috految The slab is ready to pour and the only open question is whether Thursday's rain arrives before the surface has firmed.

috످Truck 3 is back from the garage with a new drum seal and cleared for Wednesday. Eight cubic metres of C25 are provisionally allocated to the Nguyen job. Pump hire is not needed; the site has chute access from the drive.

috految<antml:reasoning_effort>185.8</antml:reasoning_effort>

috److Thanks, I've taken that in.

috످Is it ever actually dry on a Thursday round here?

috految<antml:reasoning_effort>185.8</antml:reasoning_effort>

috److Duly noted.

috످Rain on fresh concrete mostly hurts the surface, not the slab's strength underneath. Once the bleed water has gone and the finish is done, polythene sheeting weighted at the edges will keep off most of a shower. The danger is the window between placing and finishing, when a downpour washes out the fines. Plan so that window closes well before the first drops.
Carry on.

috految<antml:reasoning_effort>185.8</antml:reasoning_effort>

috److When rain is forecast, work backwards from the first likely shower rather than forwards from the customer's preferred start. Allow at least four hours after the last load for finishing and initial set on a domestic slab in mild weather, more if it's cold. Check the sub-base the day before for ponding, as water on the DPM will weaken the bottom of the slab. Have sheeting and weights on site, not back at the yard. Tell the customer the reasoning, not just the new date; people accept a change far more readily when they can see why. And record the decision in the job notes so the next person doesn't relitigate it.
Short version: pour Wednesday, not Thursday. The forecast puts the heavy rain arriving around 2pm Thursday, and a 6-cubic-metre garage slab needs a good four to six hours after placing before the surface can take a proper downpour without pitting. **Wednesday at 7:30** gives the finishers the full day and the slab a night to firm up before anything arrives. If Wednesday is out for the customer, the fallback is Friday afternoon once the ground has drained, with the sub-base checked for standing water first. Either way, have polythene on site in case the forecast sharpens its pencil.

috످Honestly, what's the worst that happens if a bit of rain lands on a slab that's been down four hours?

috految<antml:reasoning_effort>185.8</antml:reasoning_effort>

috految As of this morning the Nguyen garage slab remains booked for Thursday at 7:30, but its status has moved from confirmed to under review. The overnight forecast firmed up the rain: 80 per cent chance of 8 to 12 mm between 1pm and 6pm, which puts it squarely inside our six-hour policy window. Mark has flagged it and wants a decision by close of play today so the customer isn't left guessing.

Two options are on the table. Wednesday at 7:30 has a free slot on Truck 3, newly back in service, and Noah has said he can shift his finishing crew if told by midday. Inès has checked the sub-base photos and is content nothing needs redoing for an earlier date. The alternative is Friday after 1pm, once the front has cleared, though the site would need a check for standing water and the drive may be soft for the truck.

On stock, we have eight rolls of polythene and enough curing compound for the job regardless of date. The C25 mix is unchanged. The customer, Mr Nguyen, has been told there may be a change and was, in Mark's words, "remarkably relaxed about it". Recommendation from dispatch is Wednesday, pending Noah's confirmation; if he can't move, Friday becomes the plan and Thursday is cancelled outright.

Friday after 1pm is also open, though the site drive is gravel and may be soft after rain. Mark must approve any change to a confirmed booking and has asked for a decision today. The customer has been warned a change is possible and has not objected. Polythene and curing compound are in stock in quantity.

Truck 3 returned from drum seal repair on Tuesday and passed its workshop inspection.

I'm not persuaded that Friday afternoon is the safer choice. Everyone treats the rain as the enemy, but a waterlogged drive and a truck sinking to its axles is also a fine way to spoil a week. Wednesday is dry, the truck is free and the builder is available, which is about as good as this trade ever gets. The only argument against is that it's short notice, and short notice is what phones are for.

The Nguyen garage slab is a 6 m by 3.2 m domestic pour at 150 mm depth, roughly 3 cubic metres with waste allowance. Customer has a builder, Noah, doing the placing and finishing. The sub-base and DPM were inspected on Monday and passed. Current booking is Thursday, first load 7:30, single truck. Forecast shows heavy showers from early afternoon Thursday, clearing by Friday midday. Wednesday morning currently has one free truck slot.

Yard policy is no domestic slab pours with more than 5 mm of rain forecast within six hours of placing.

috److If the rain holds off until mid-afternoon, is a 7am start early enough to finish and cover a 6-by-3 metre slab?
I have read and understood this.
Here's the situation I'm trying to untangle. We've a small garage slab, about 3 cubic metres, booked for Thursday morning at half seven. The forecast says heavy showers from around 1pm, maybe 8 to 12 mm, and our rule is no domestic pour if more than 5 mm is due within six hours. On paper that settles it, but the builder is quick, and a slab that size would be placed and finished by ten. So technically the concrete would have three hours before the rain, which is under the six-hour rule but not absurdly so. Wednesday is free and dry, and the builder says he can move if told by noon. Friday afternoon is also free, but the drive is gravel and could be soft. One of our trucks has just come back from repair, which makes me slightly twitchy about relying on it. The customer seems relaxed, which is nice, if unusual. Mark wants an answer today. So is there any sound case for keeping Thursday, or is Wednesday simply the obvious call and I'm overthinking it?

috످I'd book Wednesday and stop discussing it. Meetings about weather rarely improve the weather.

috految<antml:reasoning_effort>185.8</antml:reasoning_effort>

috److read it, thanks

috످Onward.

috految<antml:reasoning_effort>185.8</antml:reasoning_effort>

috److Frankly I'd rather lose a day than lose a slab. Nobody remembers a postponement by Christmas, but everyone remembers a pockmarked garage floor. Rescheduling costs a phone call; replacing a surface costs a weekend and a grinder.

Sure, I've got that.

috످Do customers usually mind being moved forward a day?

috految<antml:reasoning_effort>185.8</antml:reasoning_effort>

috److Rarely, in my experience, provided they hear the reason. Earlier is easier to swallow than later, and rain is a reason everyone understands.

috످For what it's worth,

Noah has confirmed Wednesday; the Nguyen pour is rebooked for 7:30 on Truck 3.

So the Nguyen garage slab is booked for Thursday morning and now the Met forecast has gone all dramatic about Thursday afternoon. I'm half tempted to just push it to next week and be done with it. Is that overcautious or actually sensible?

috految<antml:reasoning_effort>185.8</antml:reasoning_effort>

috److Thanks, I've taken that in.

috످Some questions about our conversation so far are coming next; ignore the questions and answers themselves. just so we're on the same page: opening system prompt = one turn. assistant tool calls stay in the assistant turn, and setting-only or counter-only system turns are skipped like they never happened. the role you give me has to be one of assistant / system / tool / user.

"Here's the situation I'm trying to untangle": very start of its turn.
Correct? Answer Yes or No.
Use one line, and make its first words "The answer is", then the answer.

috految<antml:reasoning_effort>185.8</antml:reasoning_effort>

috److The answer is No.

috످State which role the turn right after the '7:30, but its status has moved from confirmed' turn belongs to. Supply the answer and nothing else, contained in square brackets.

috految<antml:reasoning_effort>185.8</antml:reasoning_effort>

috److془The passage is a status update about the Nguyen booking being reconsidered due to rain; it stands in the system turn following the user's question about the worst that happens.

Let me check: "Honestly, what's the worst that happens if a bit of rain lands on a slab that's been down four hours?" user. Then "As of this morning..." system. Then "If the rain holds off..." assistant. Then user "I'd book Wednesday".

Answer: [assistant]془[assistant]

috످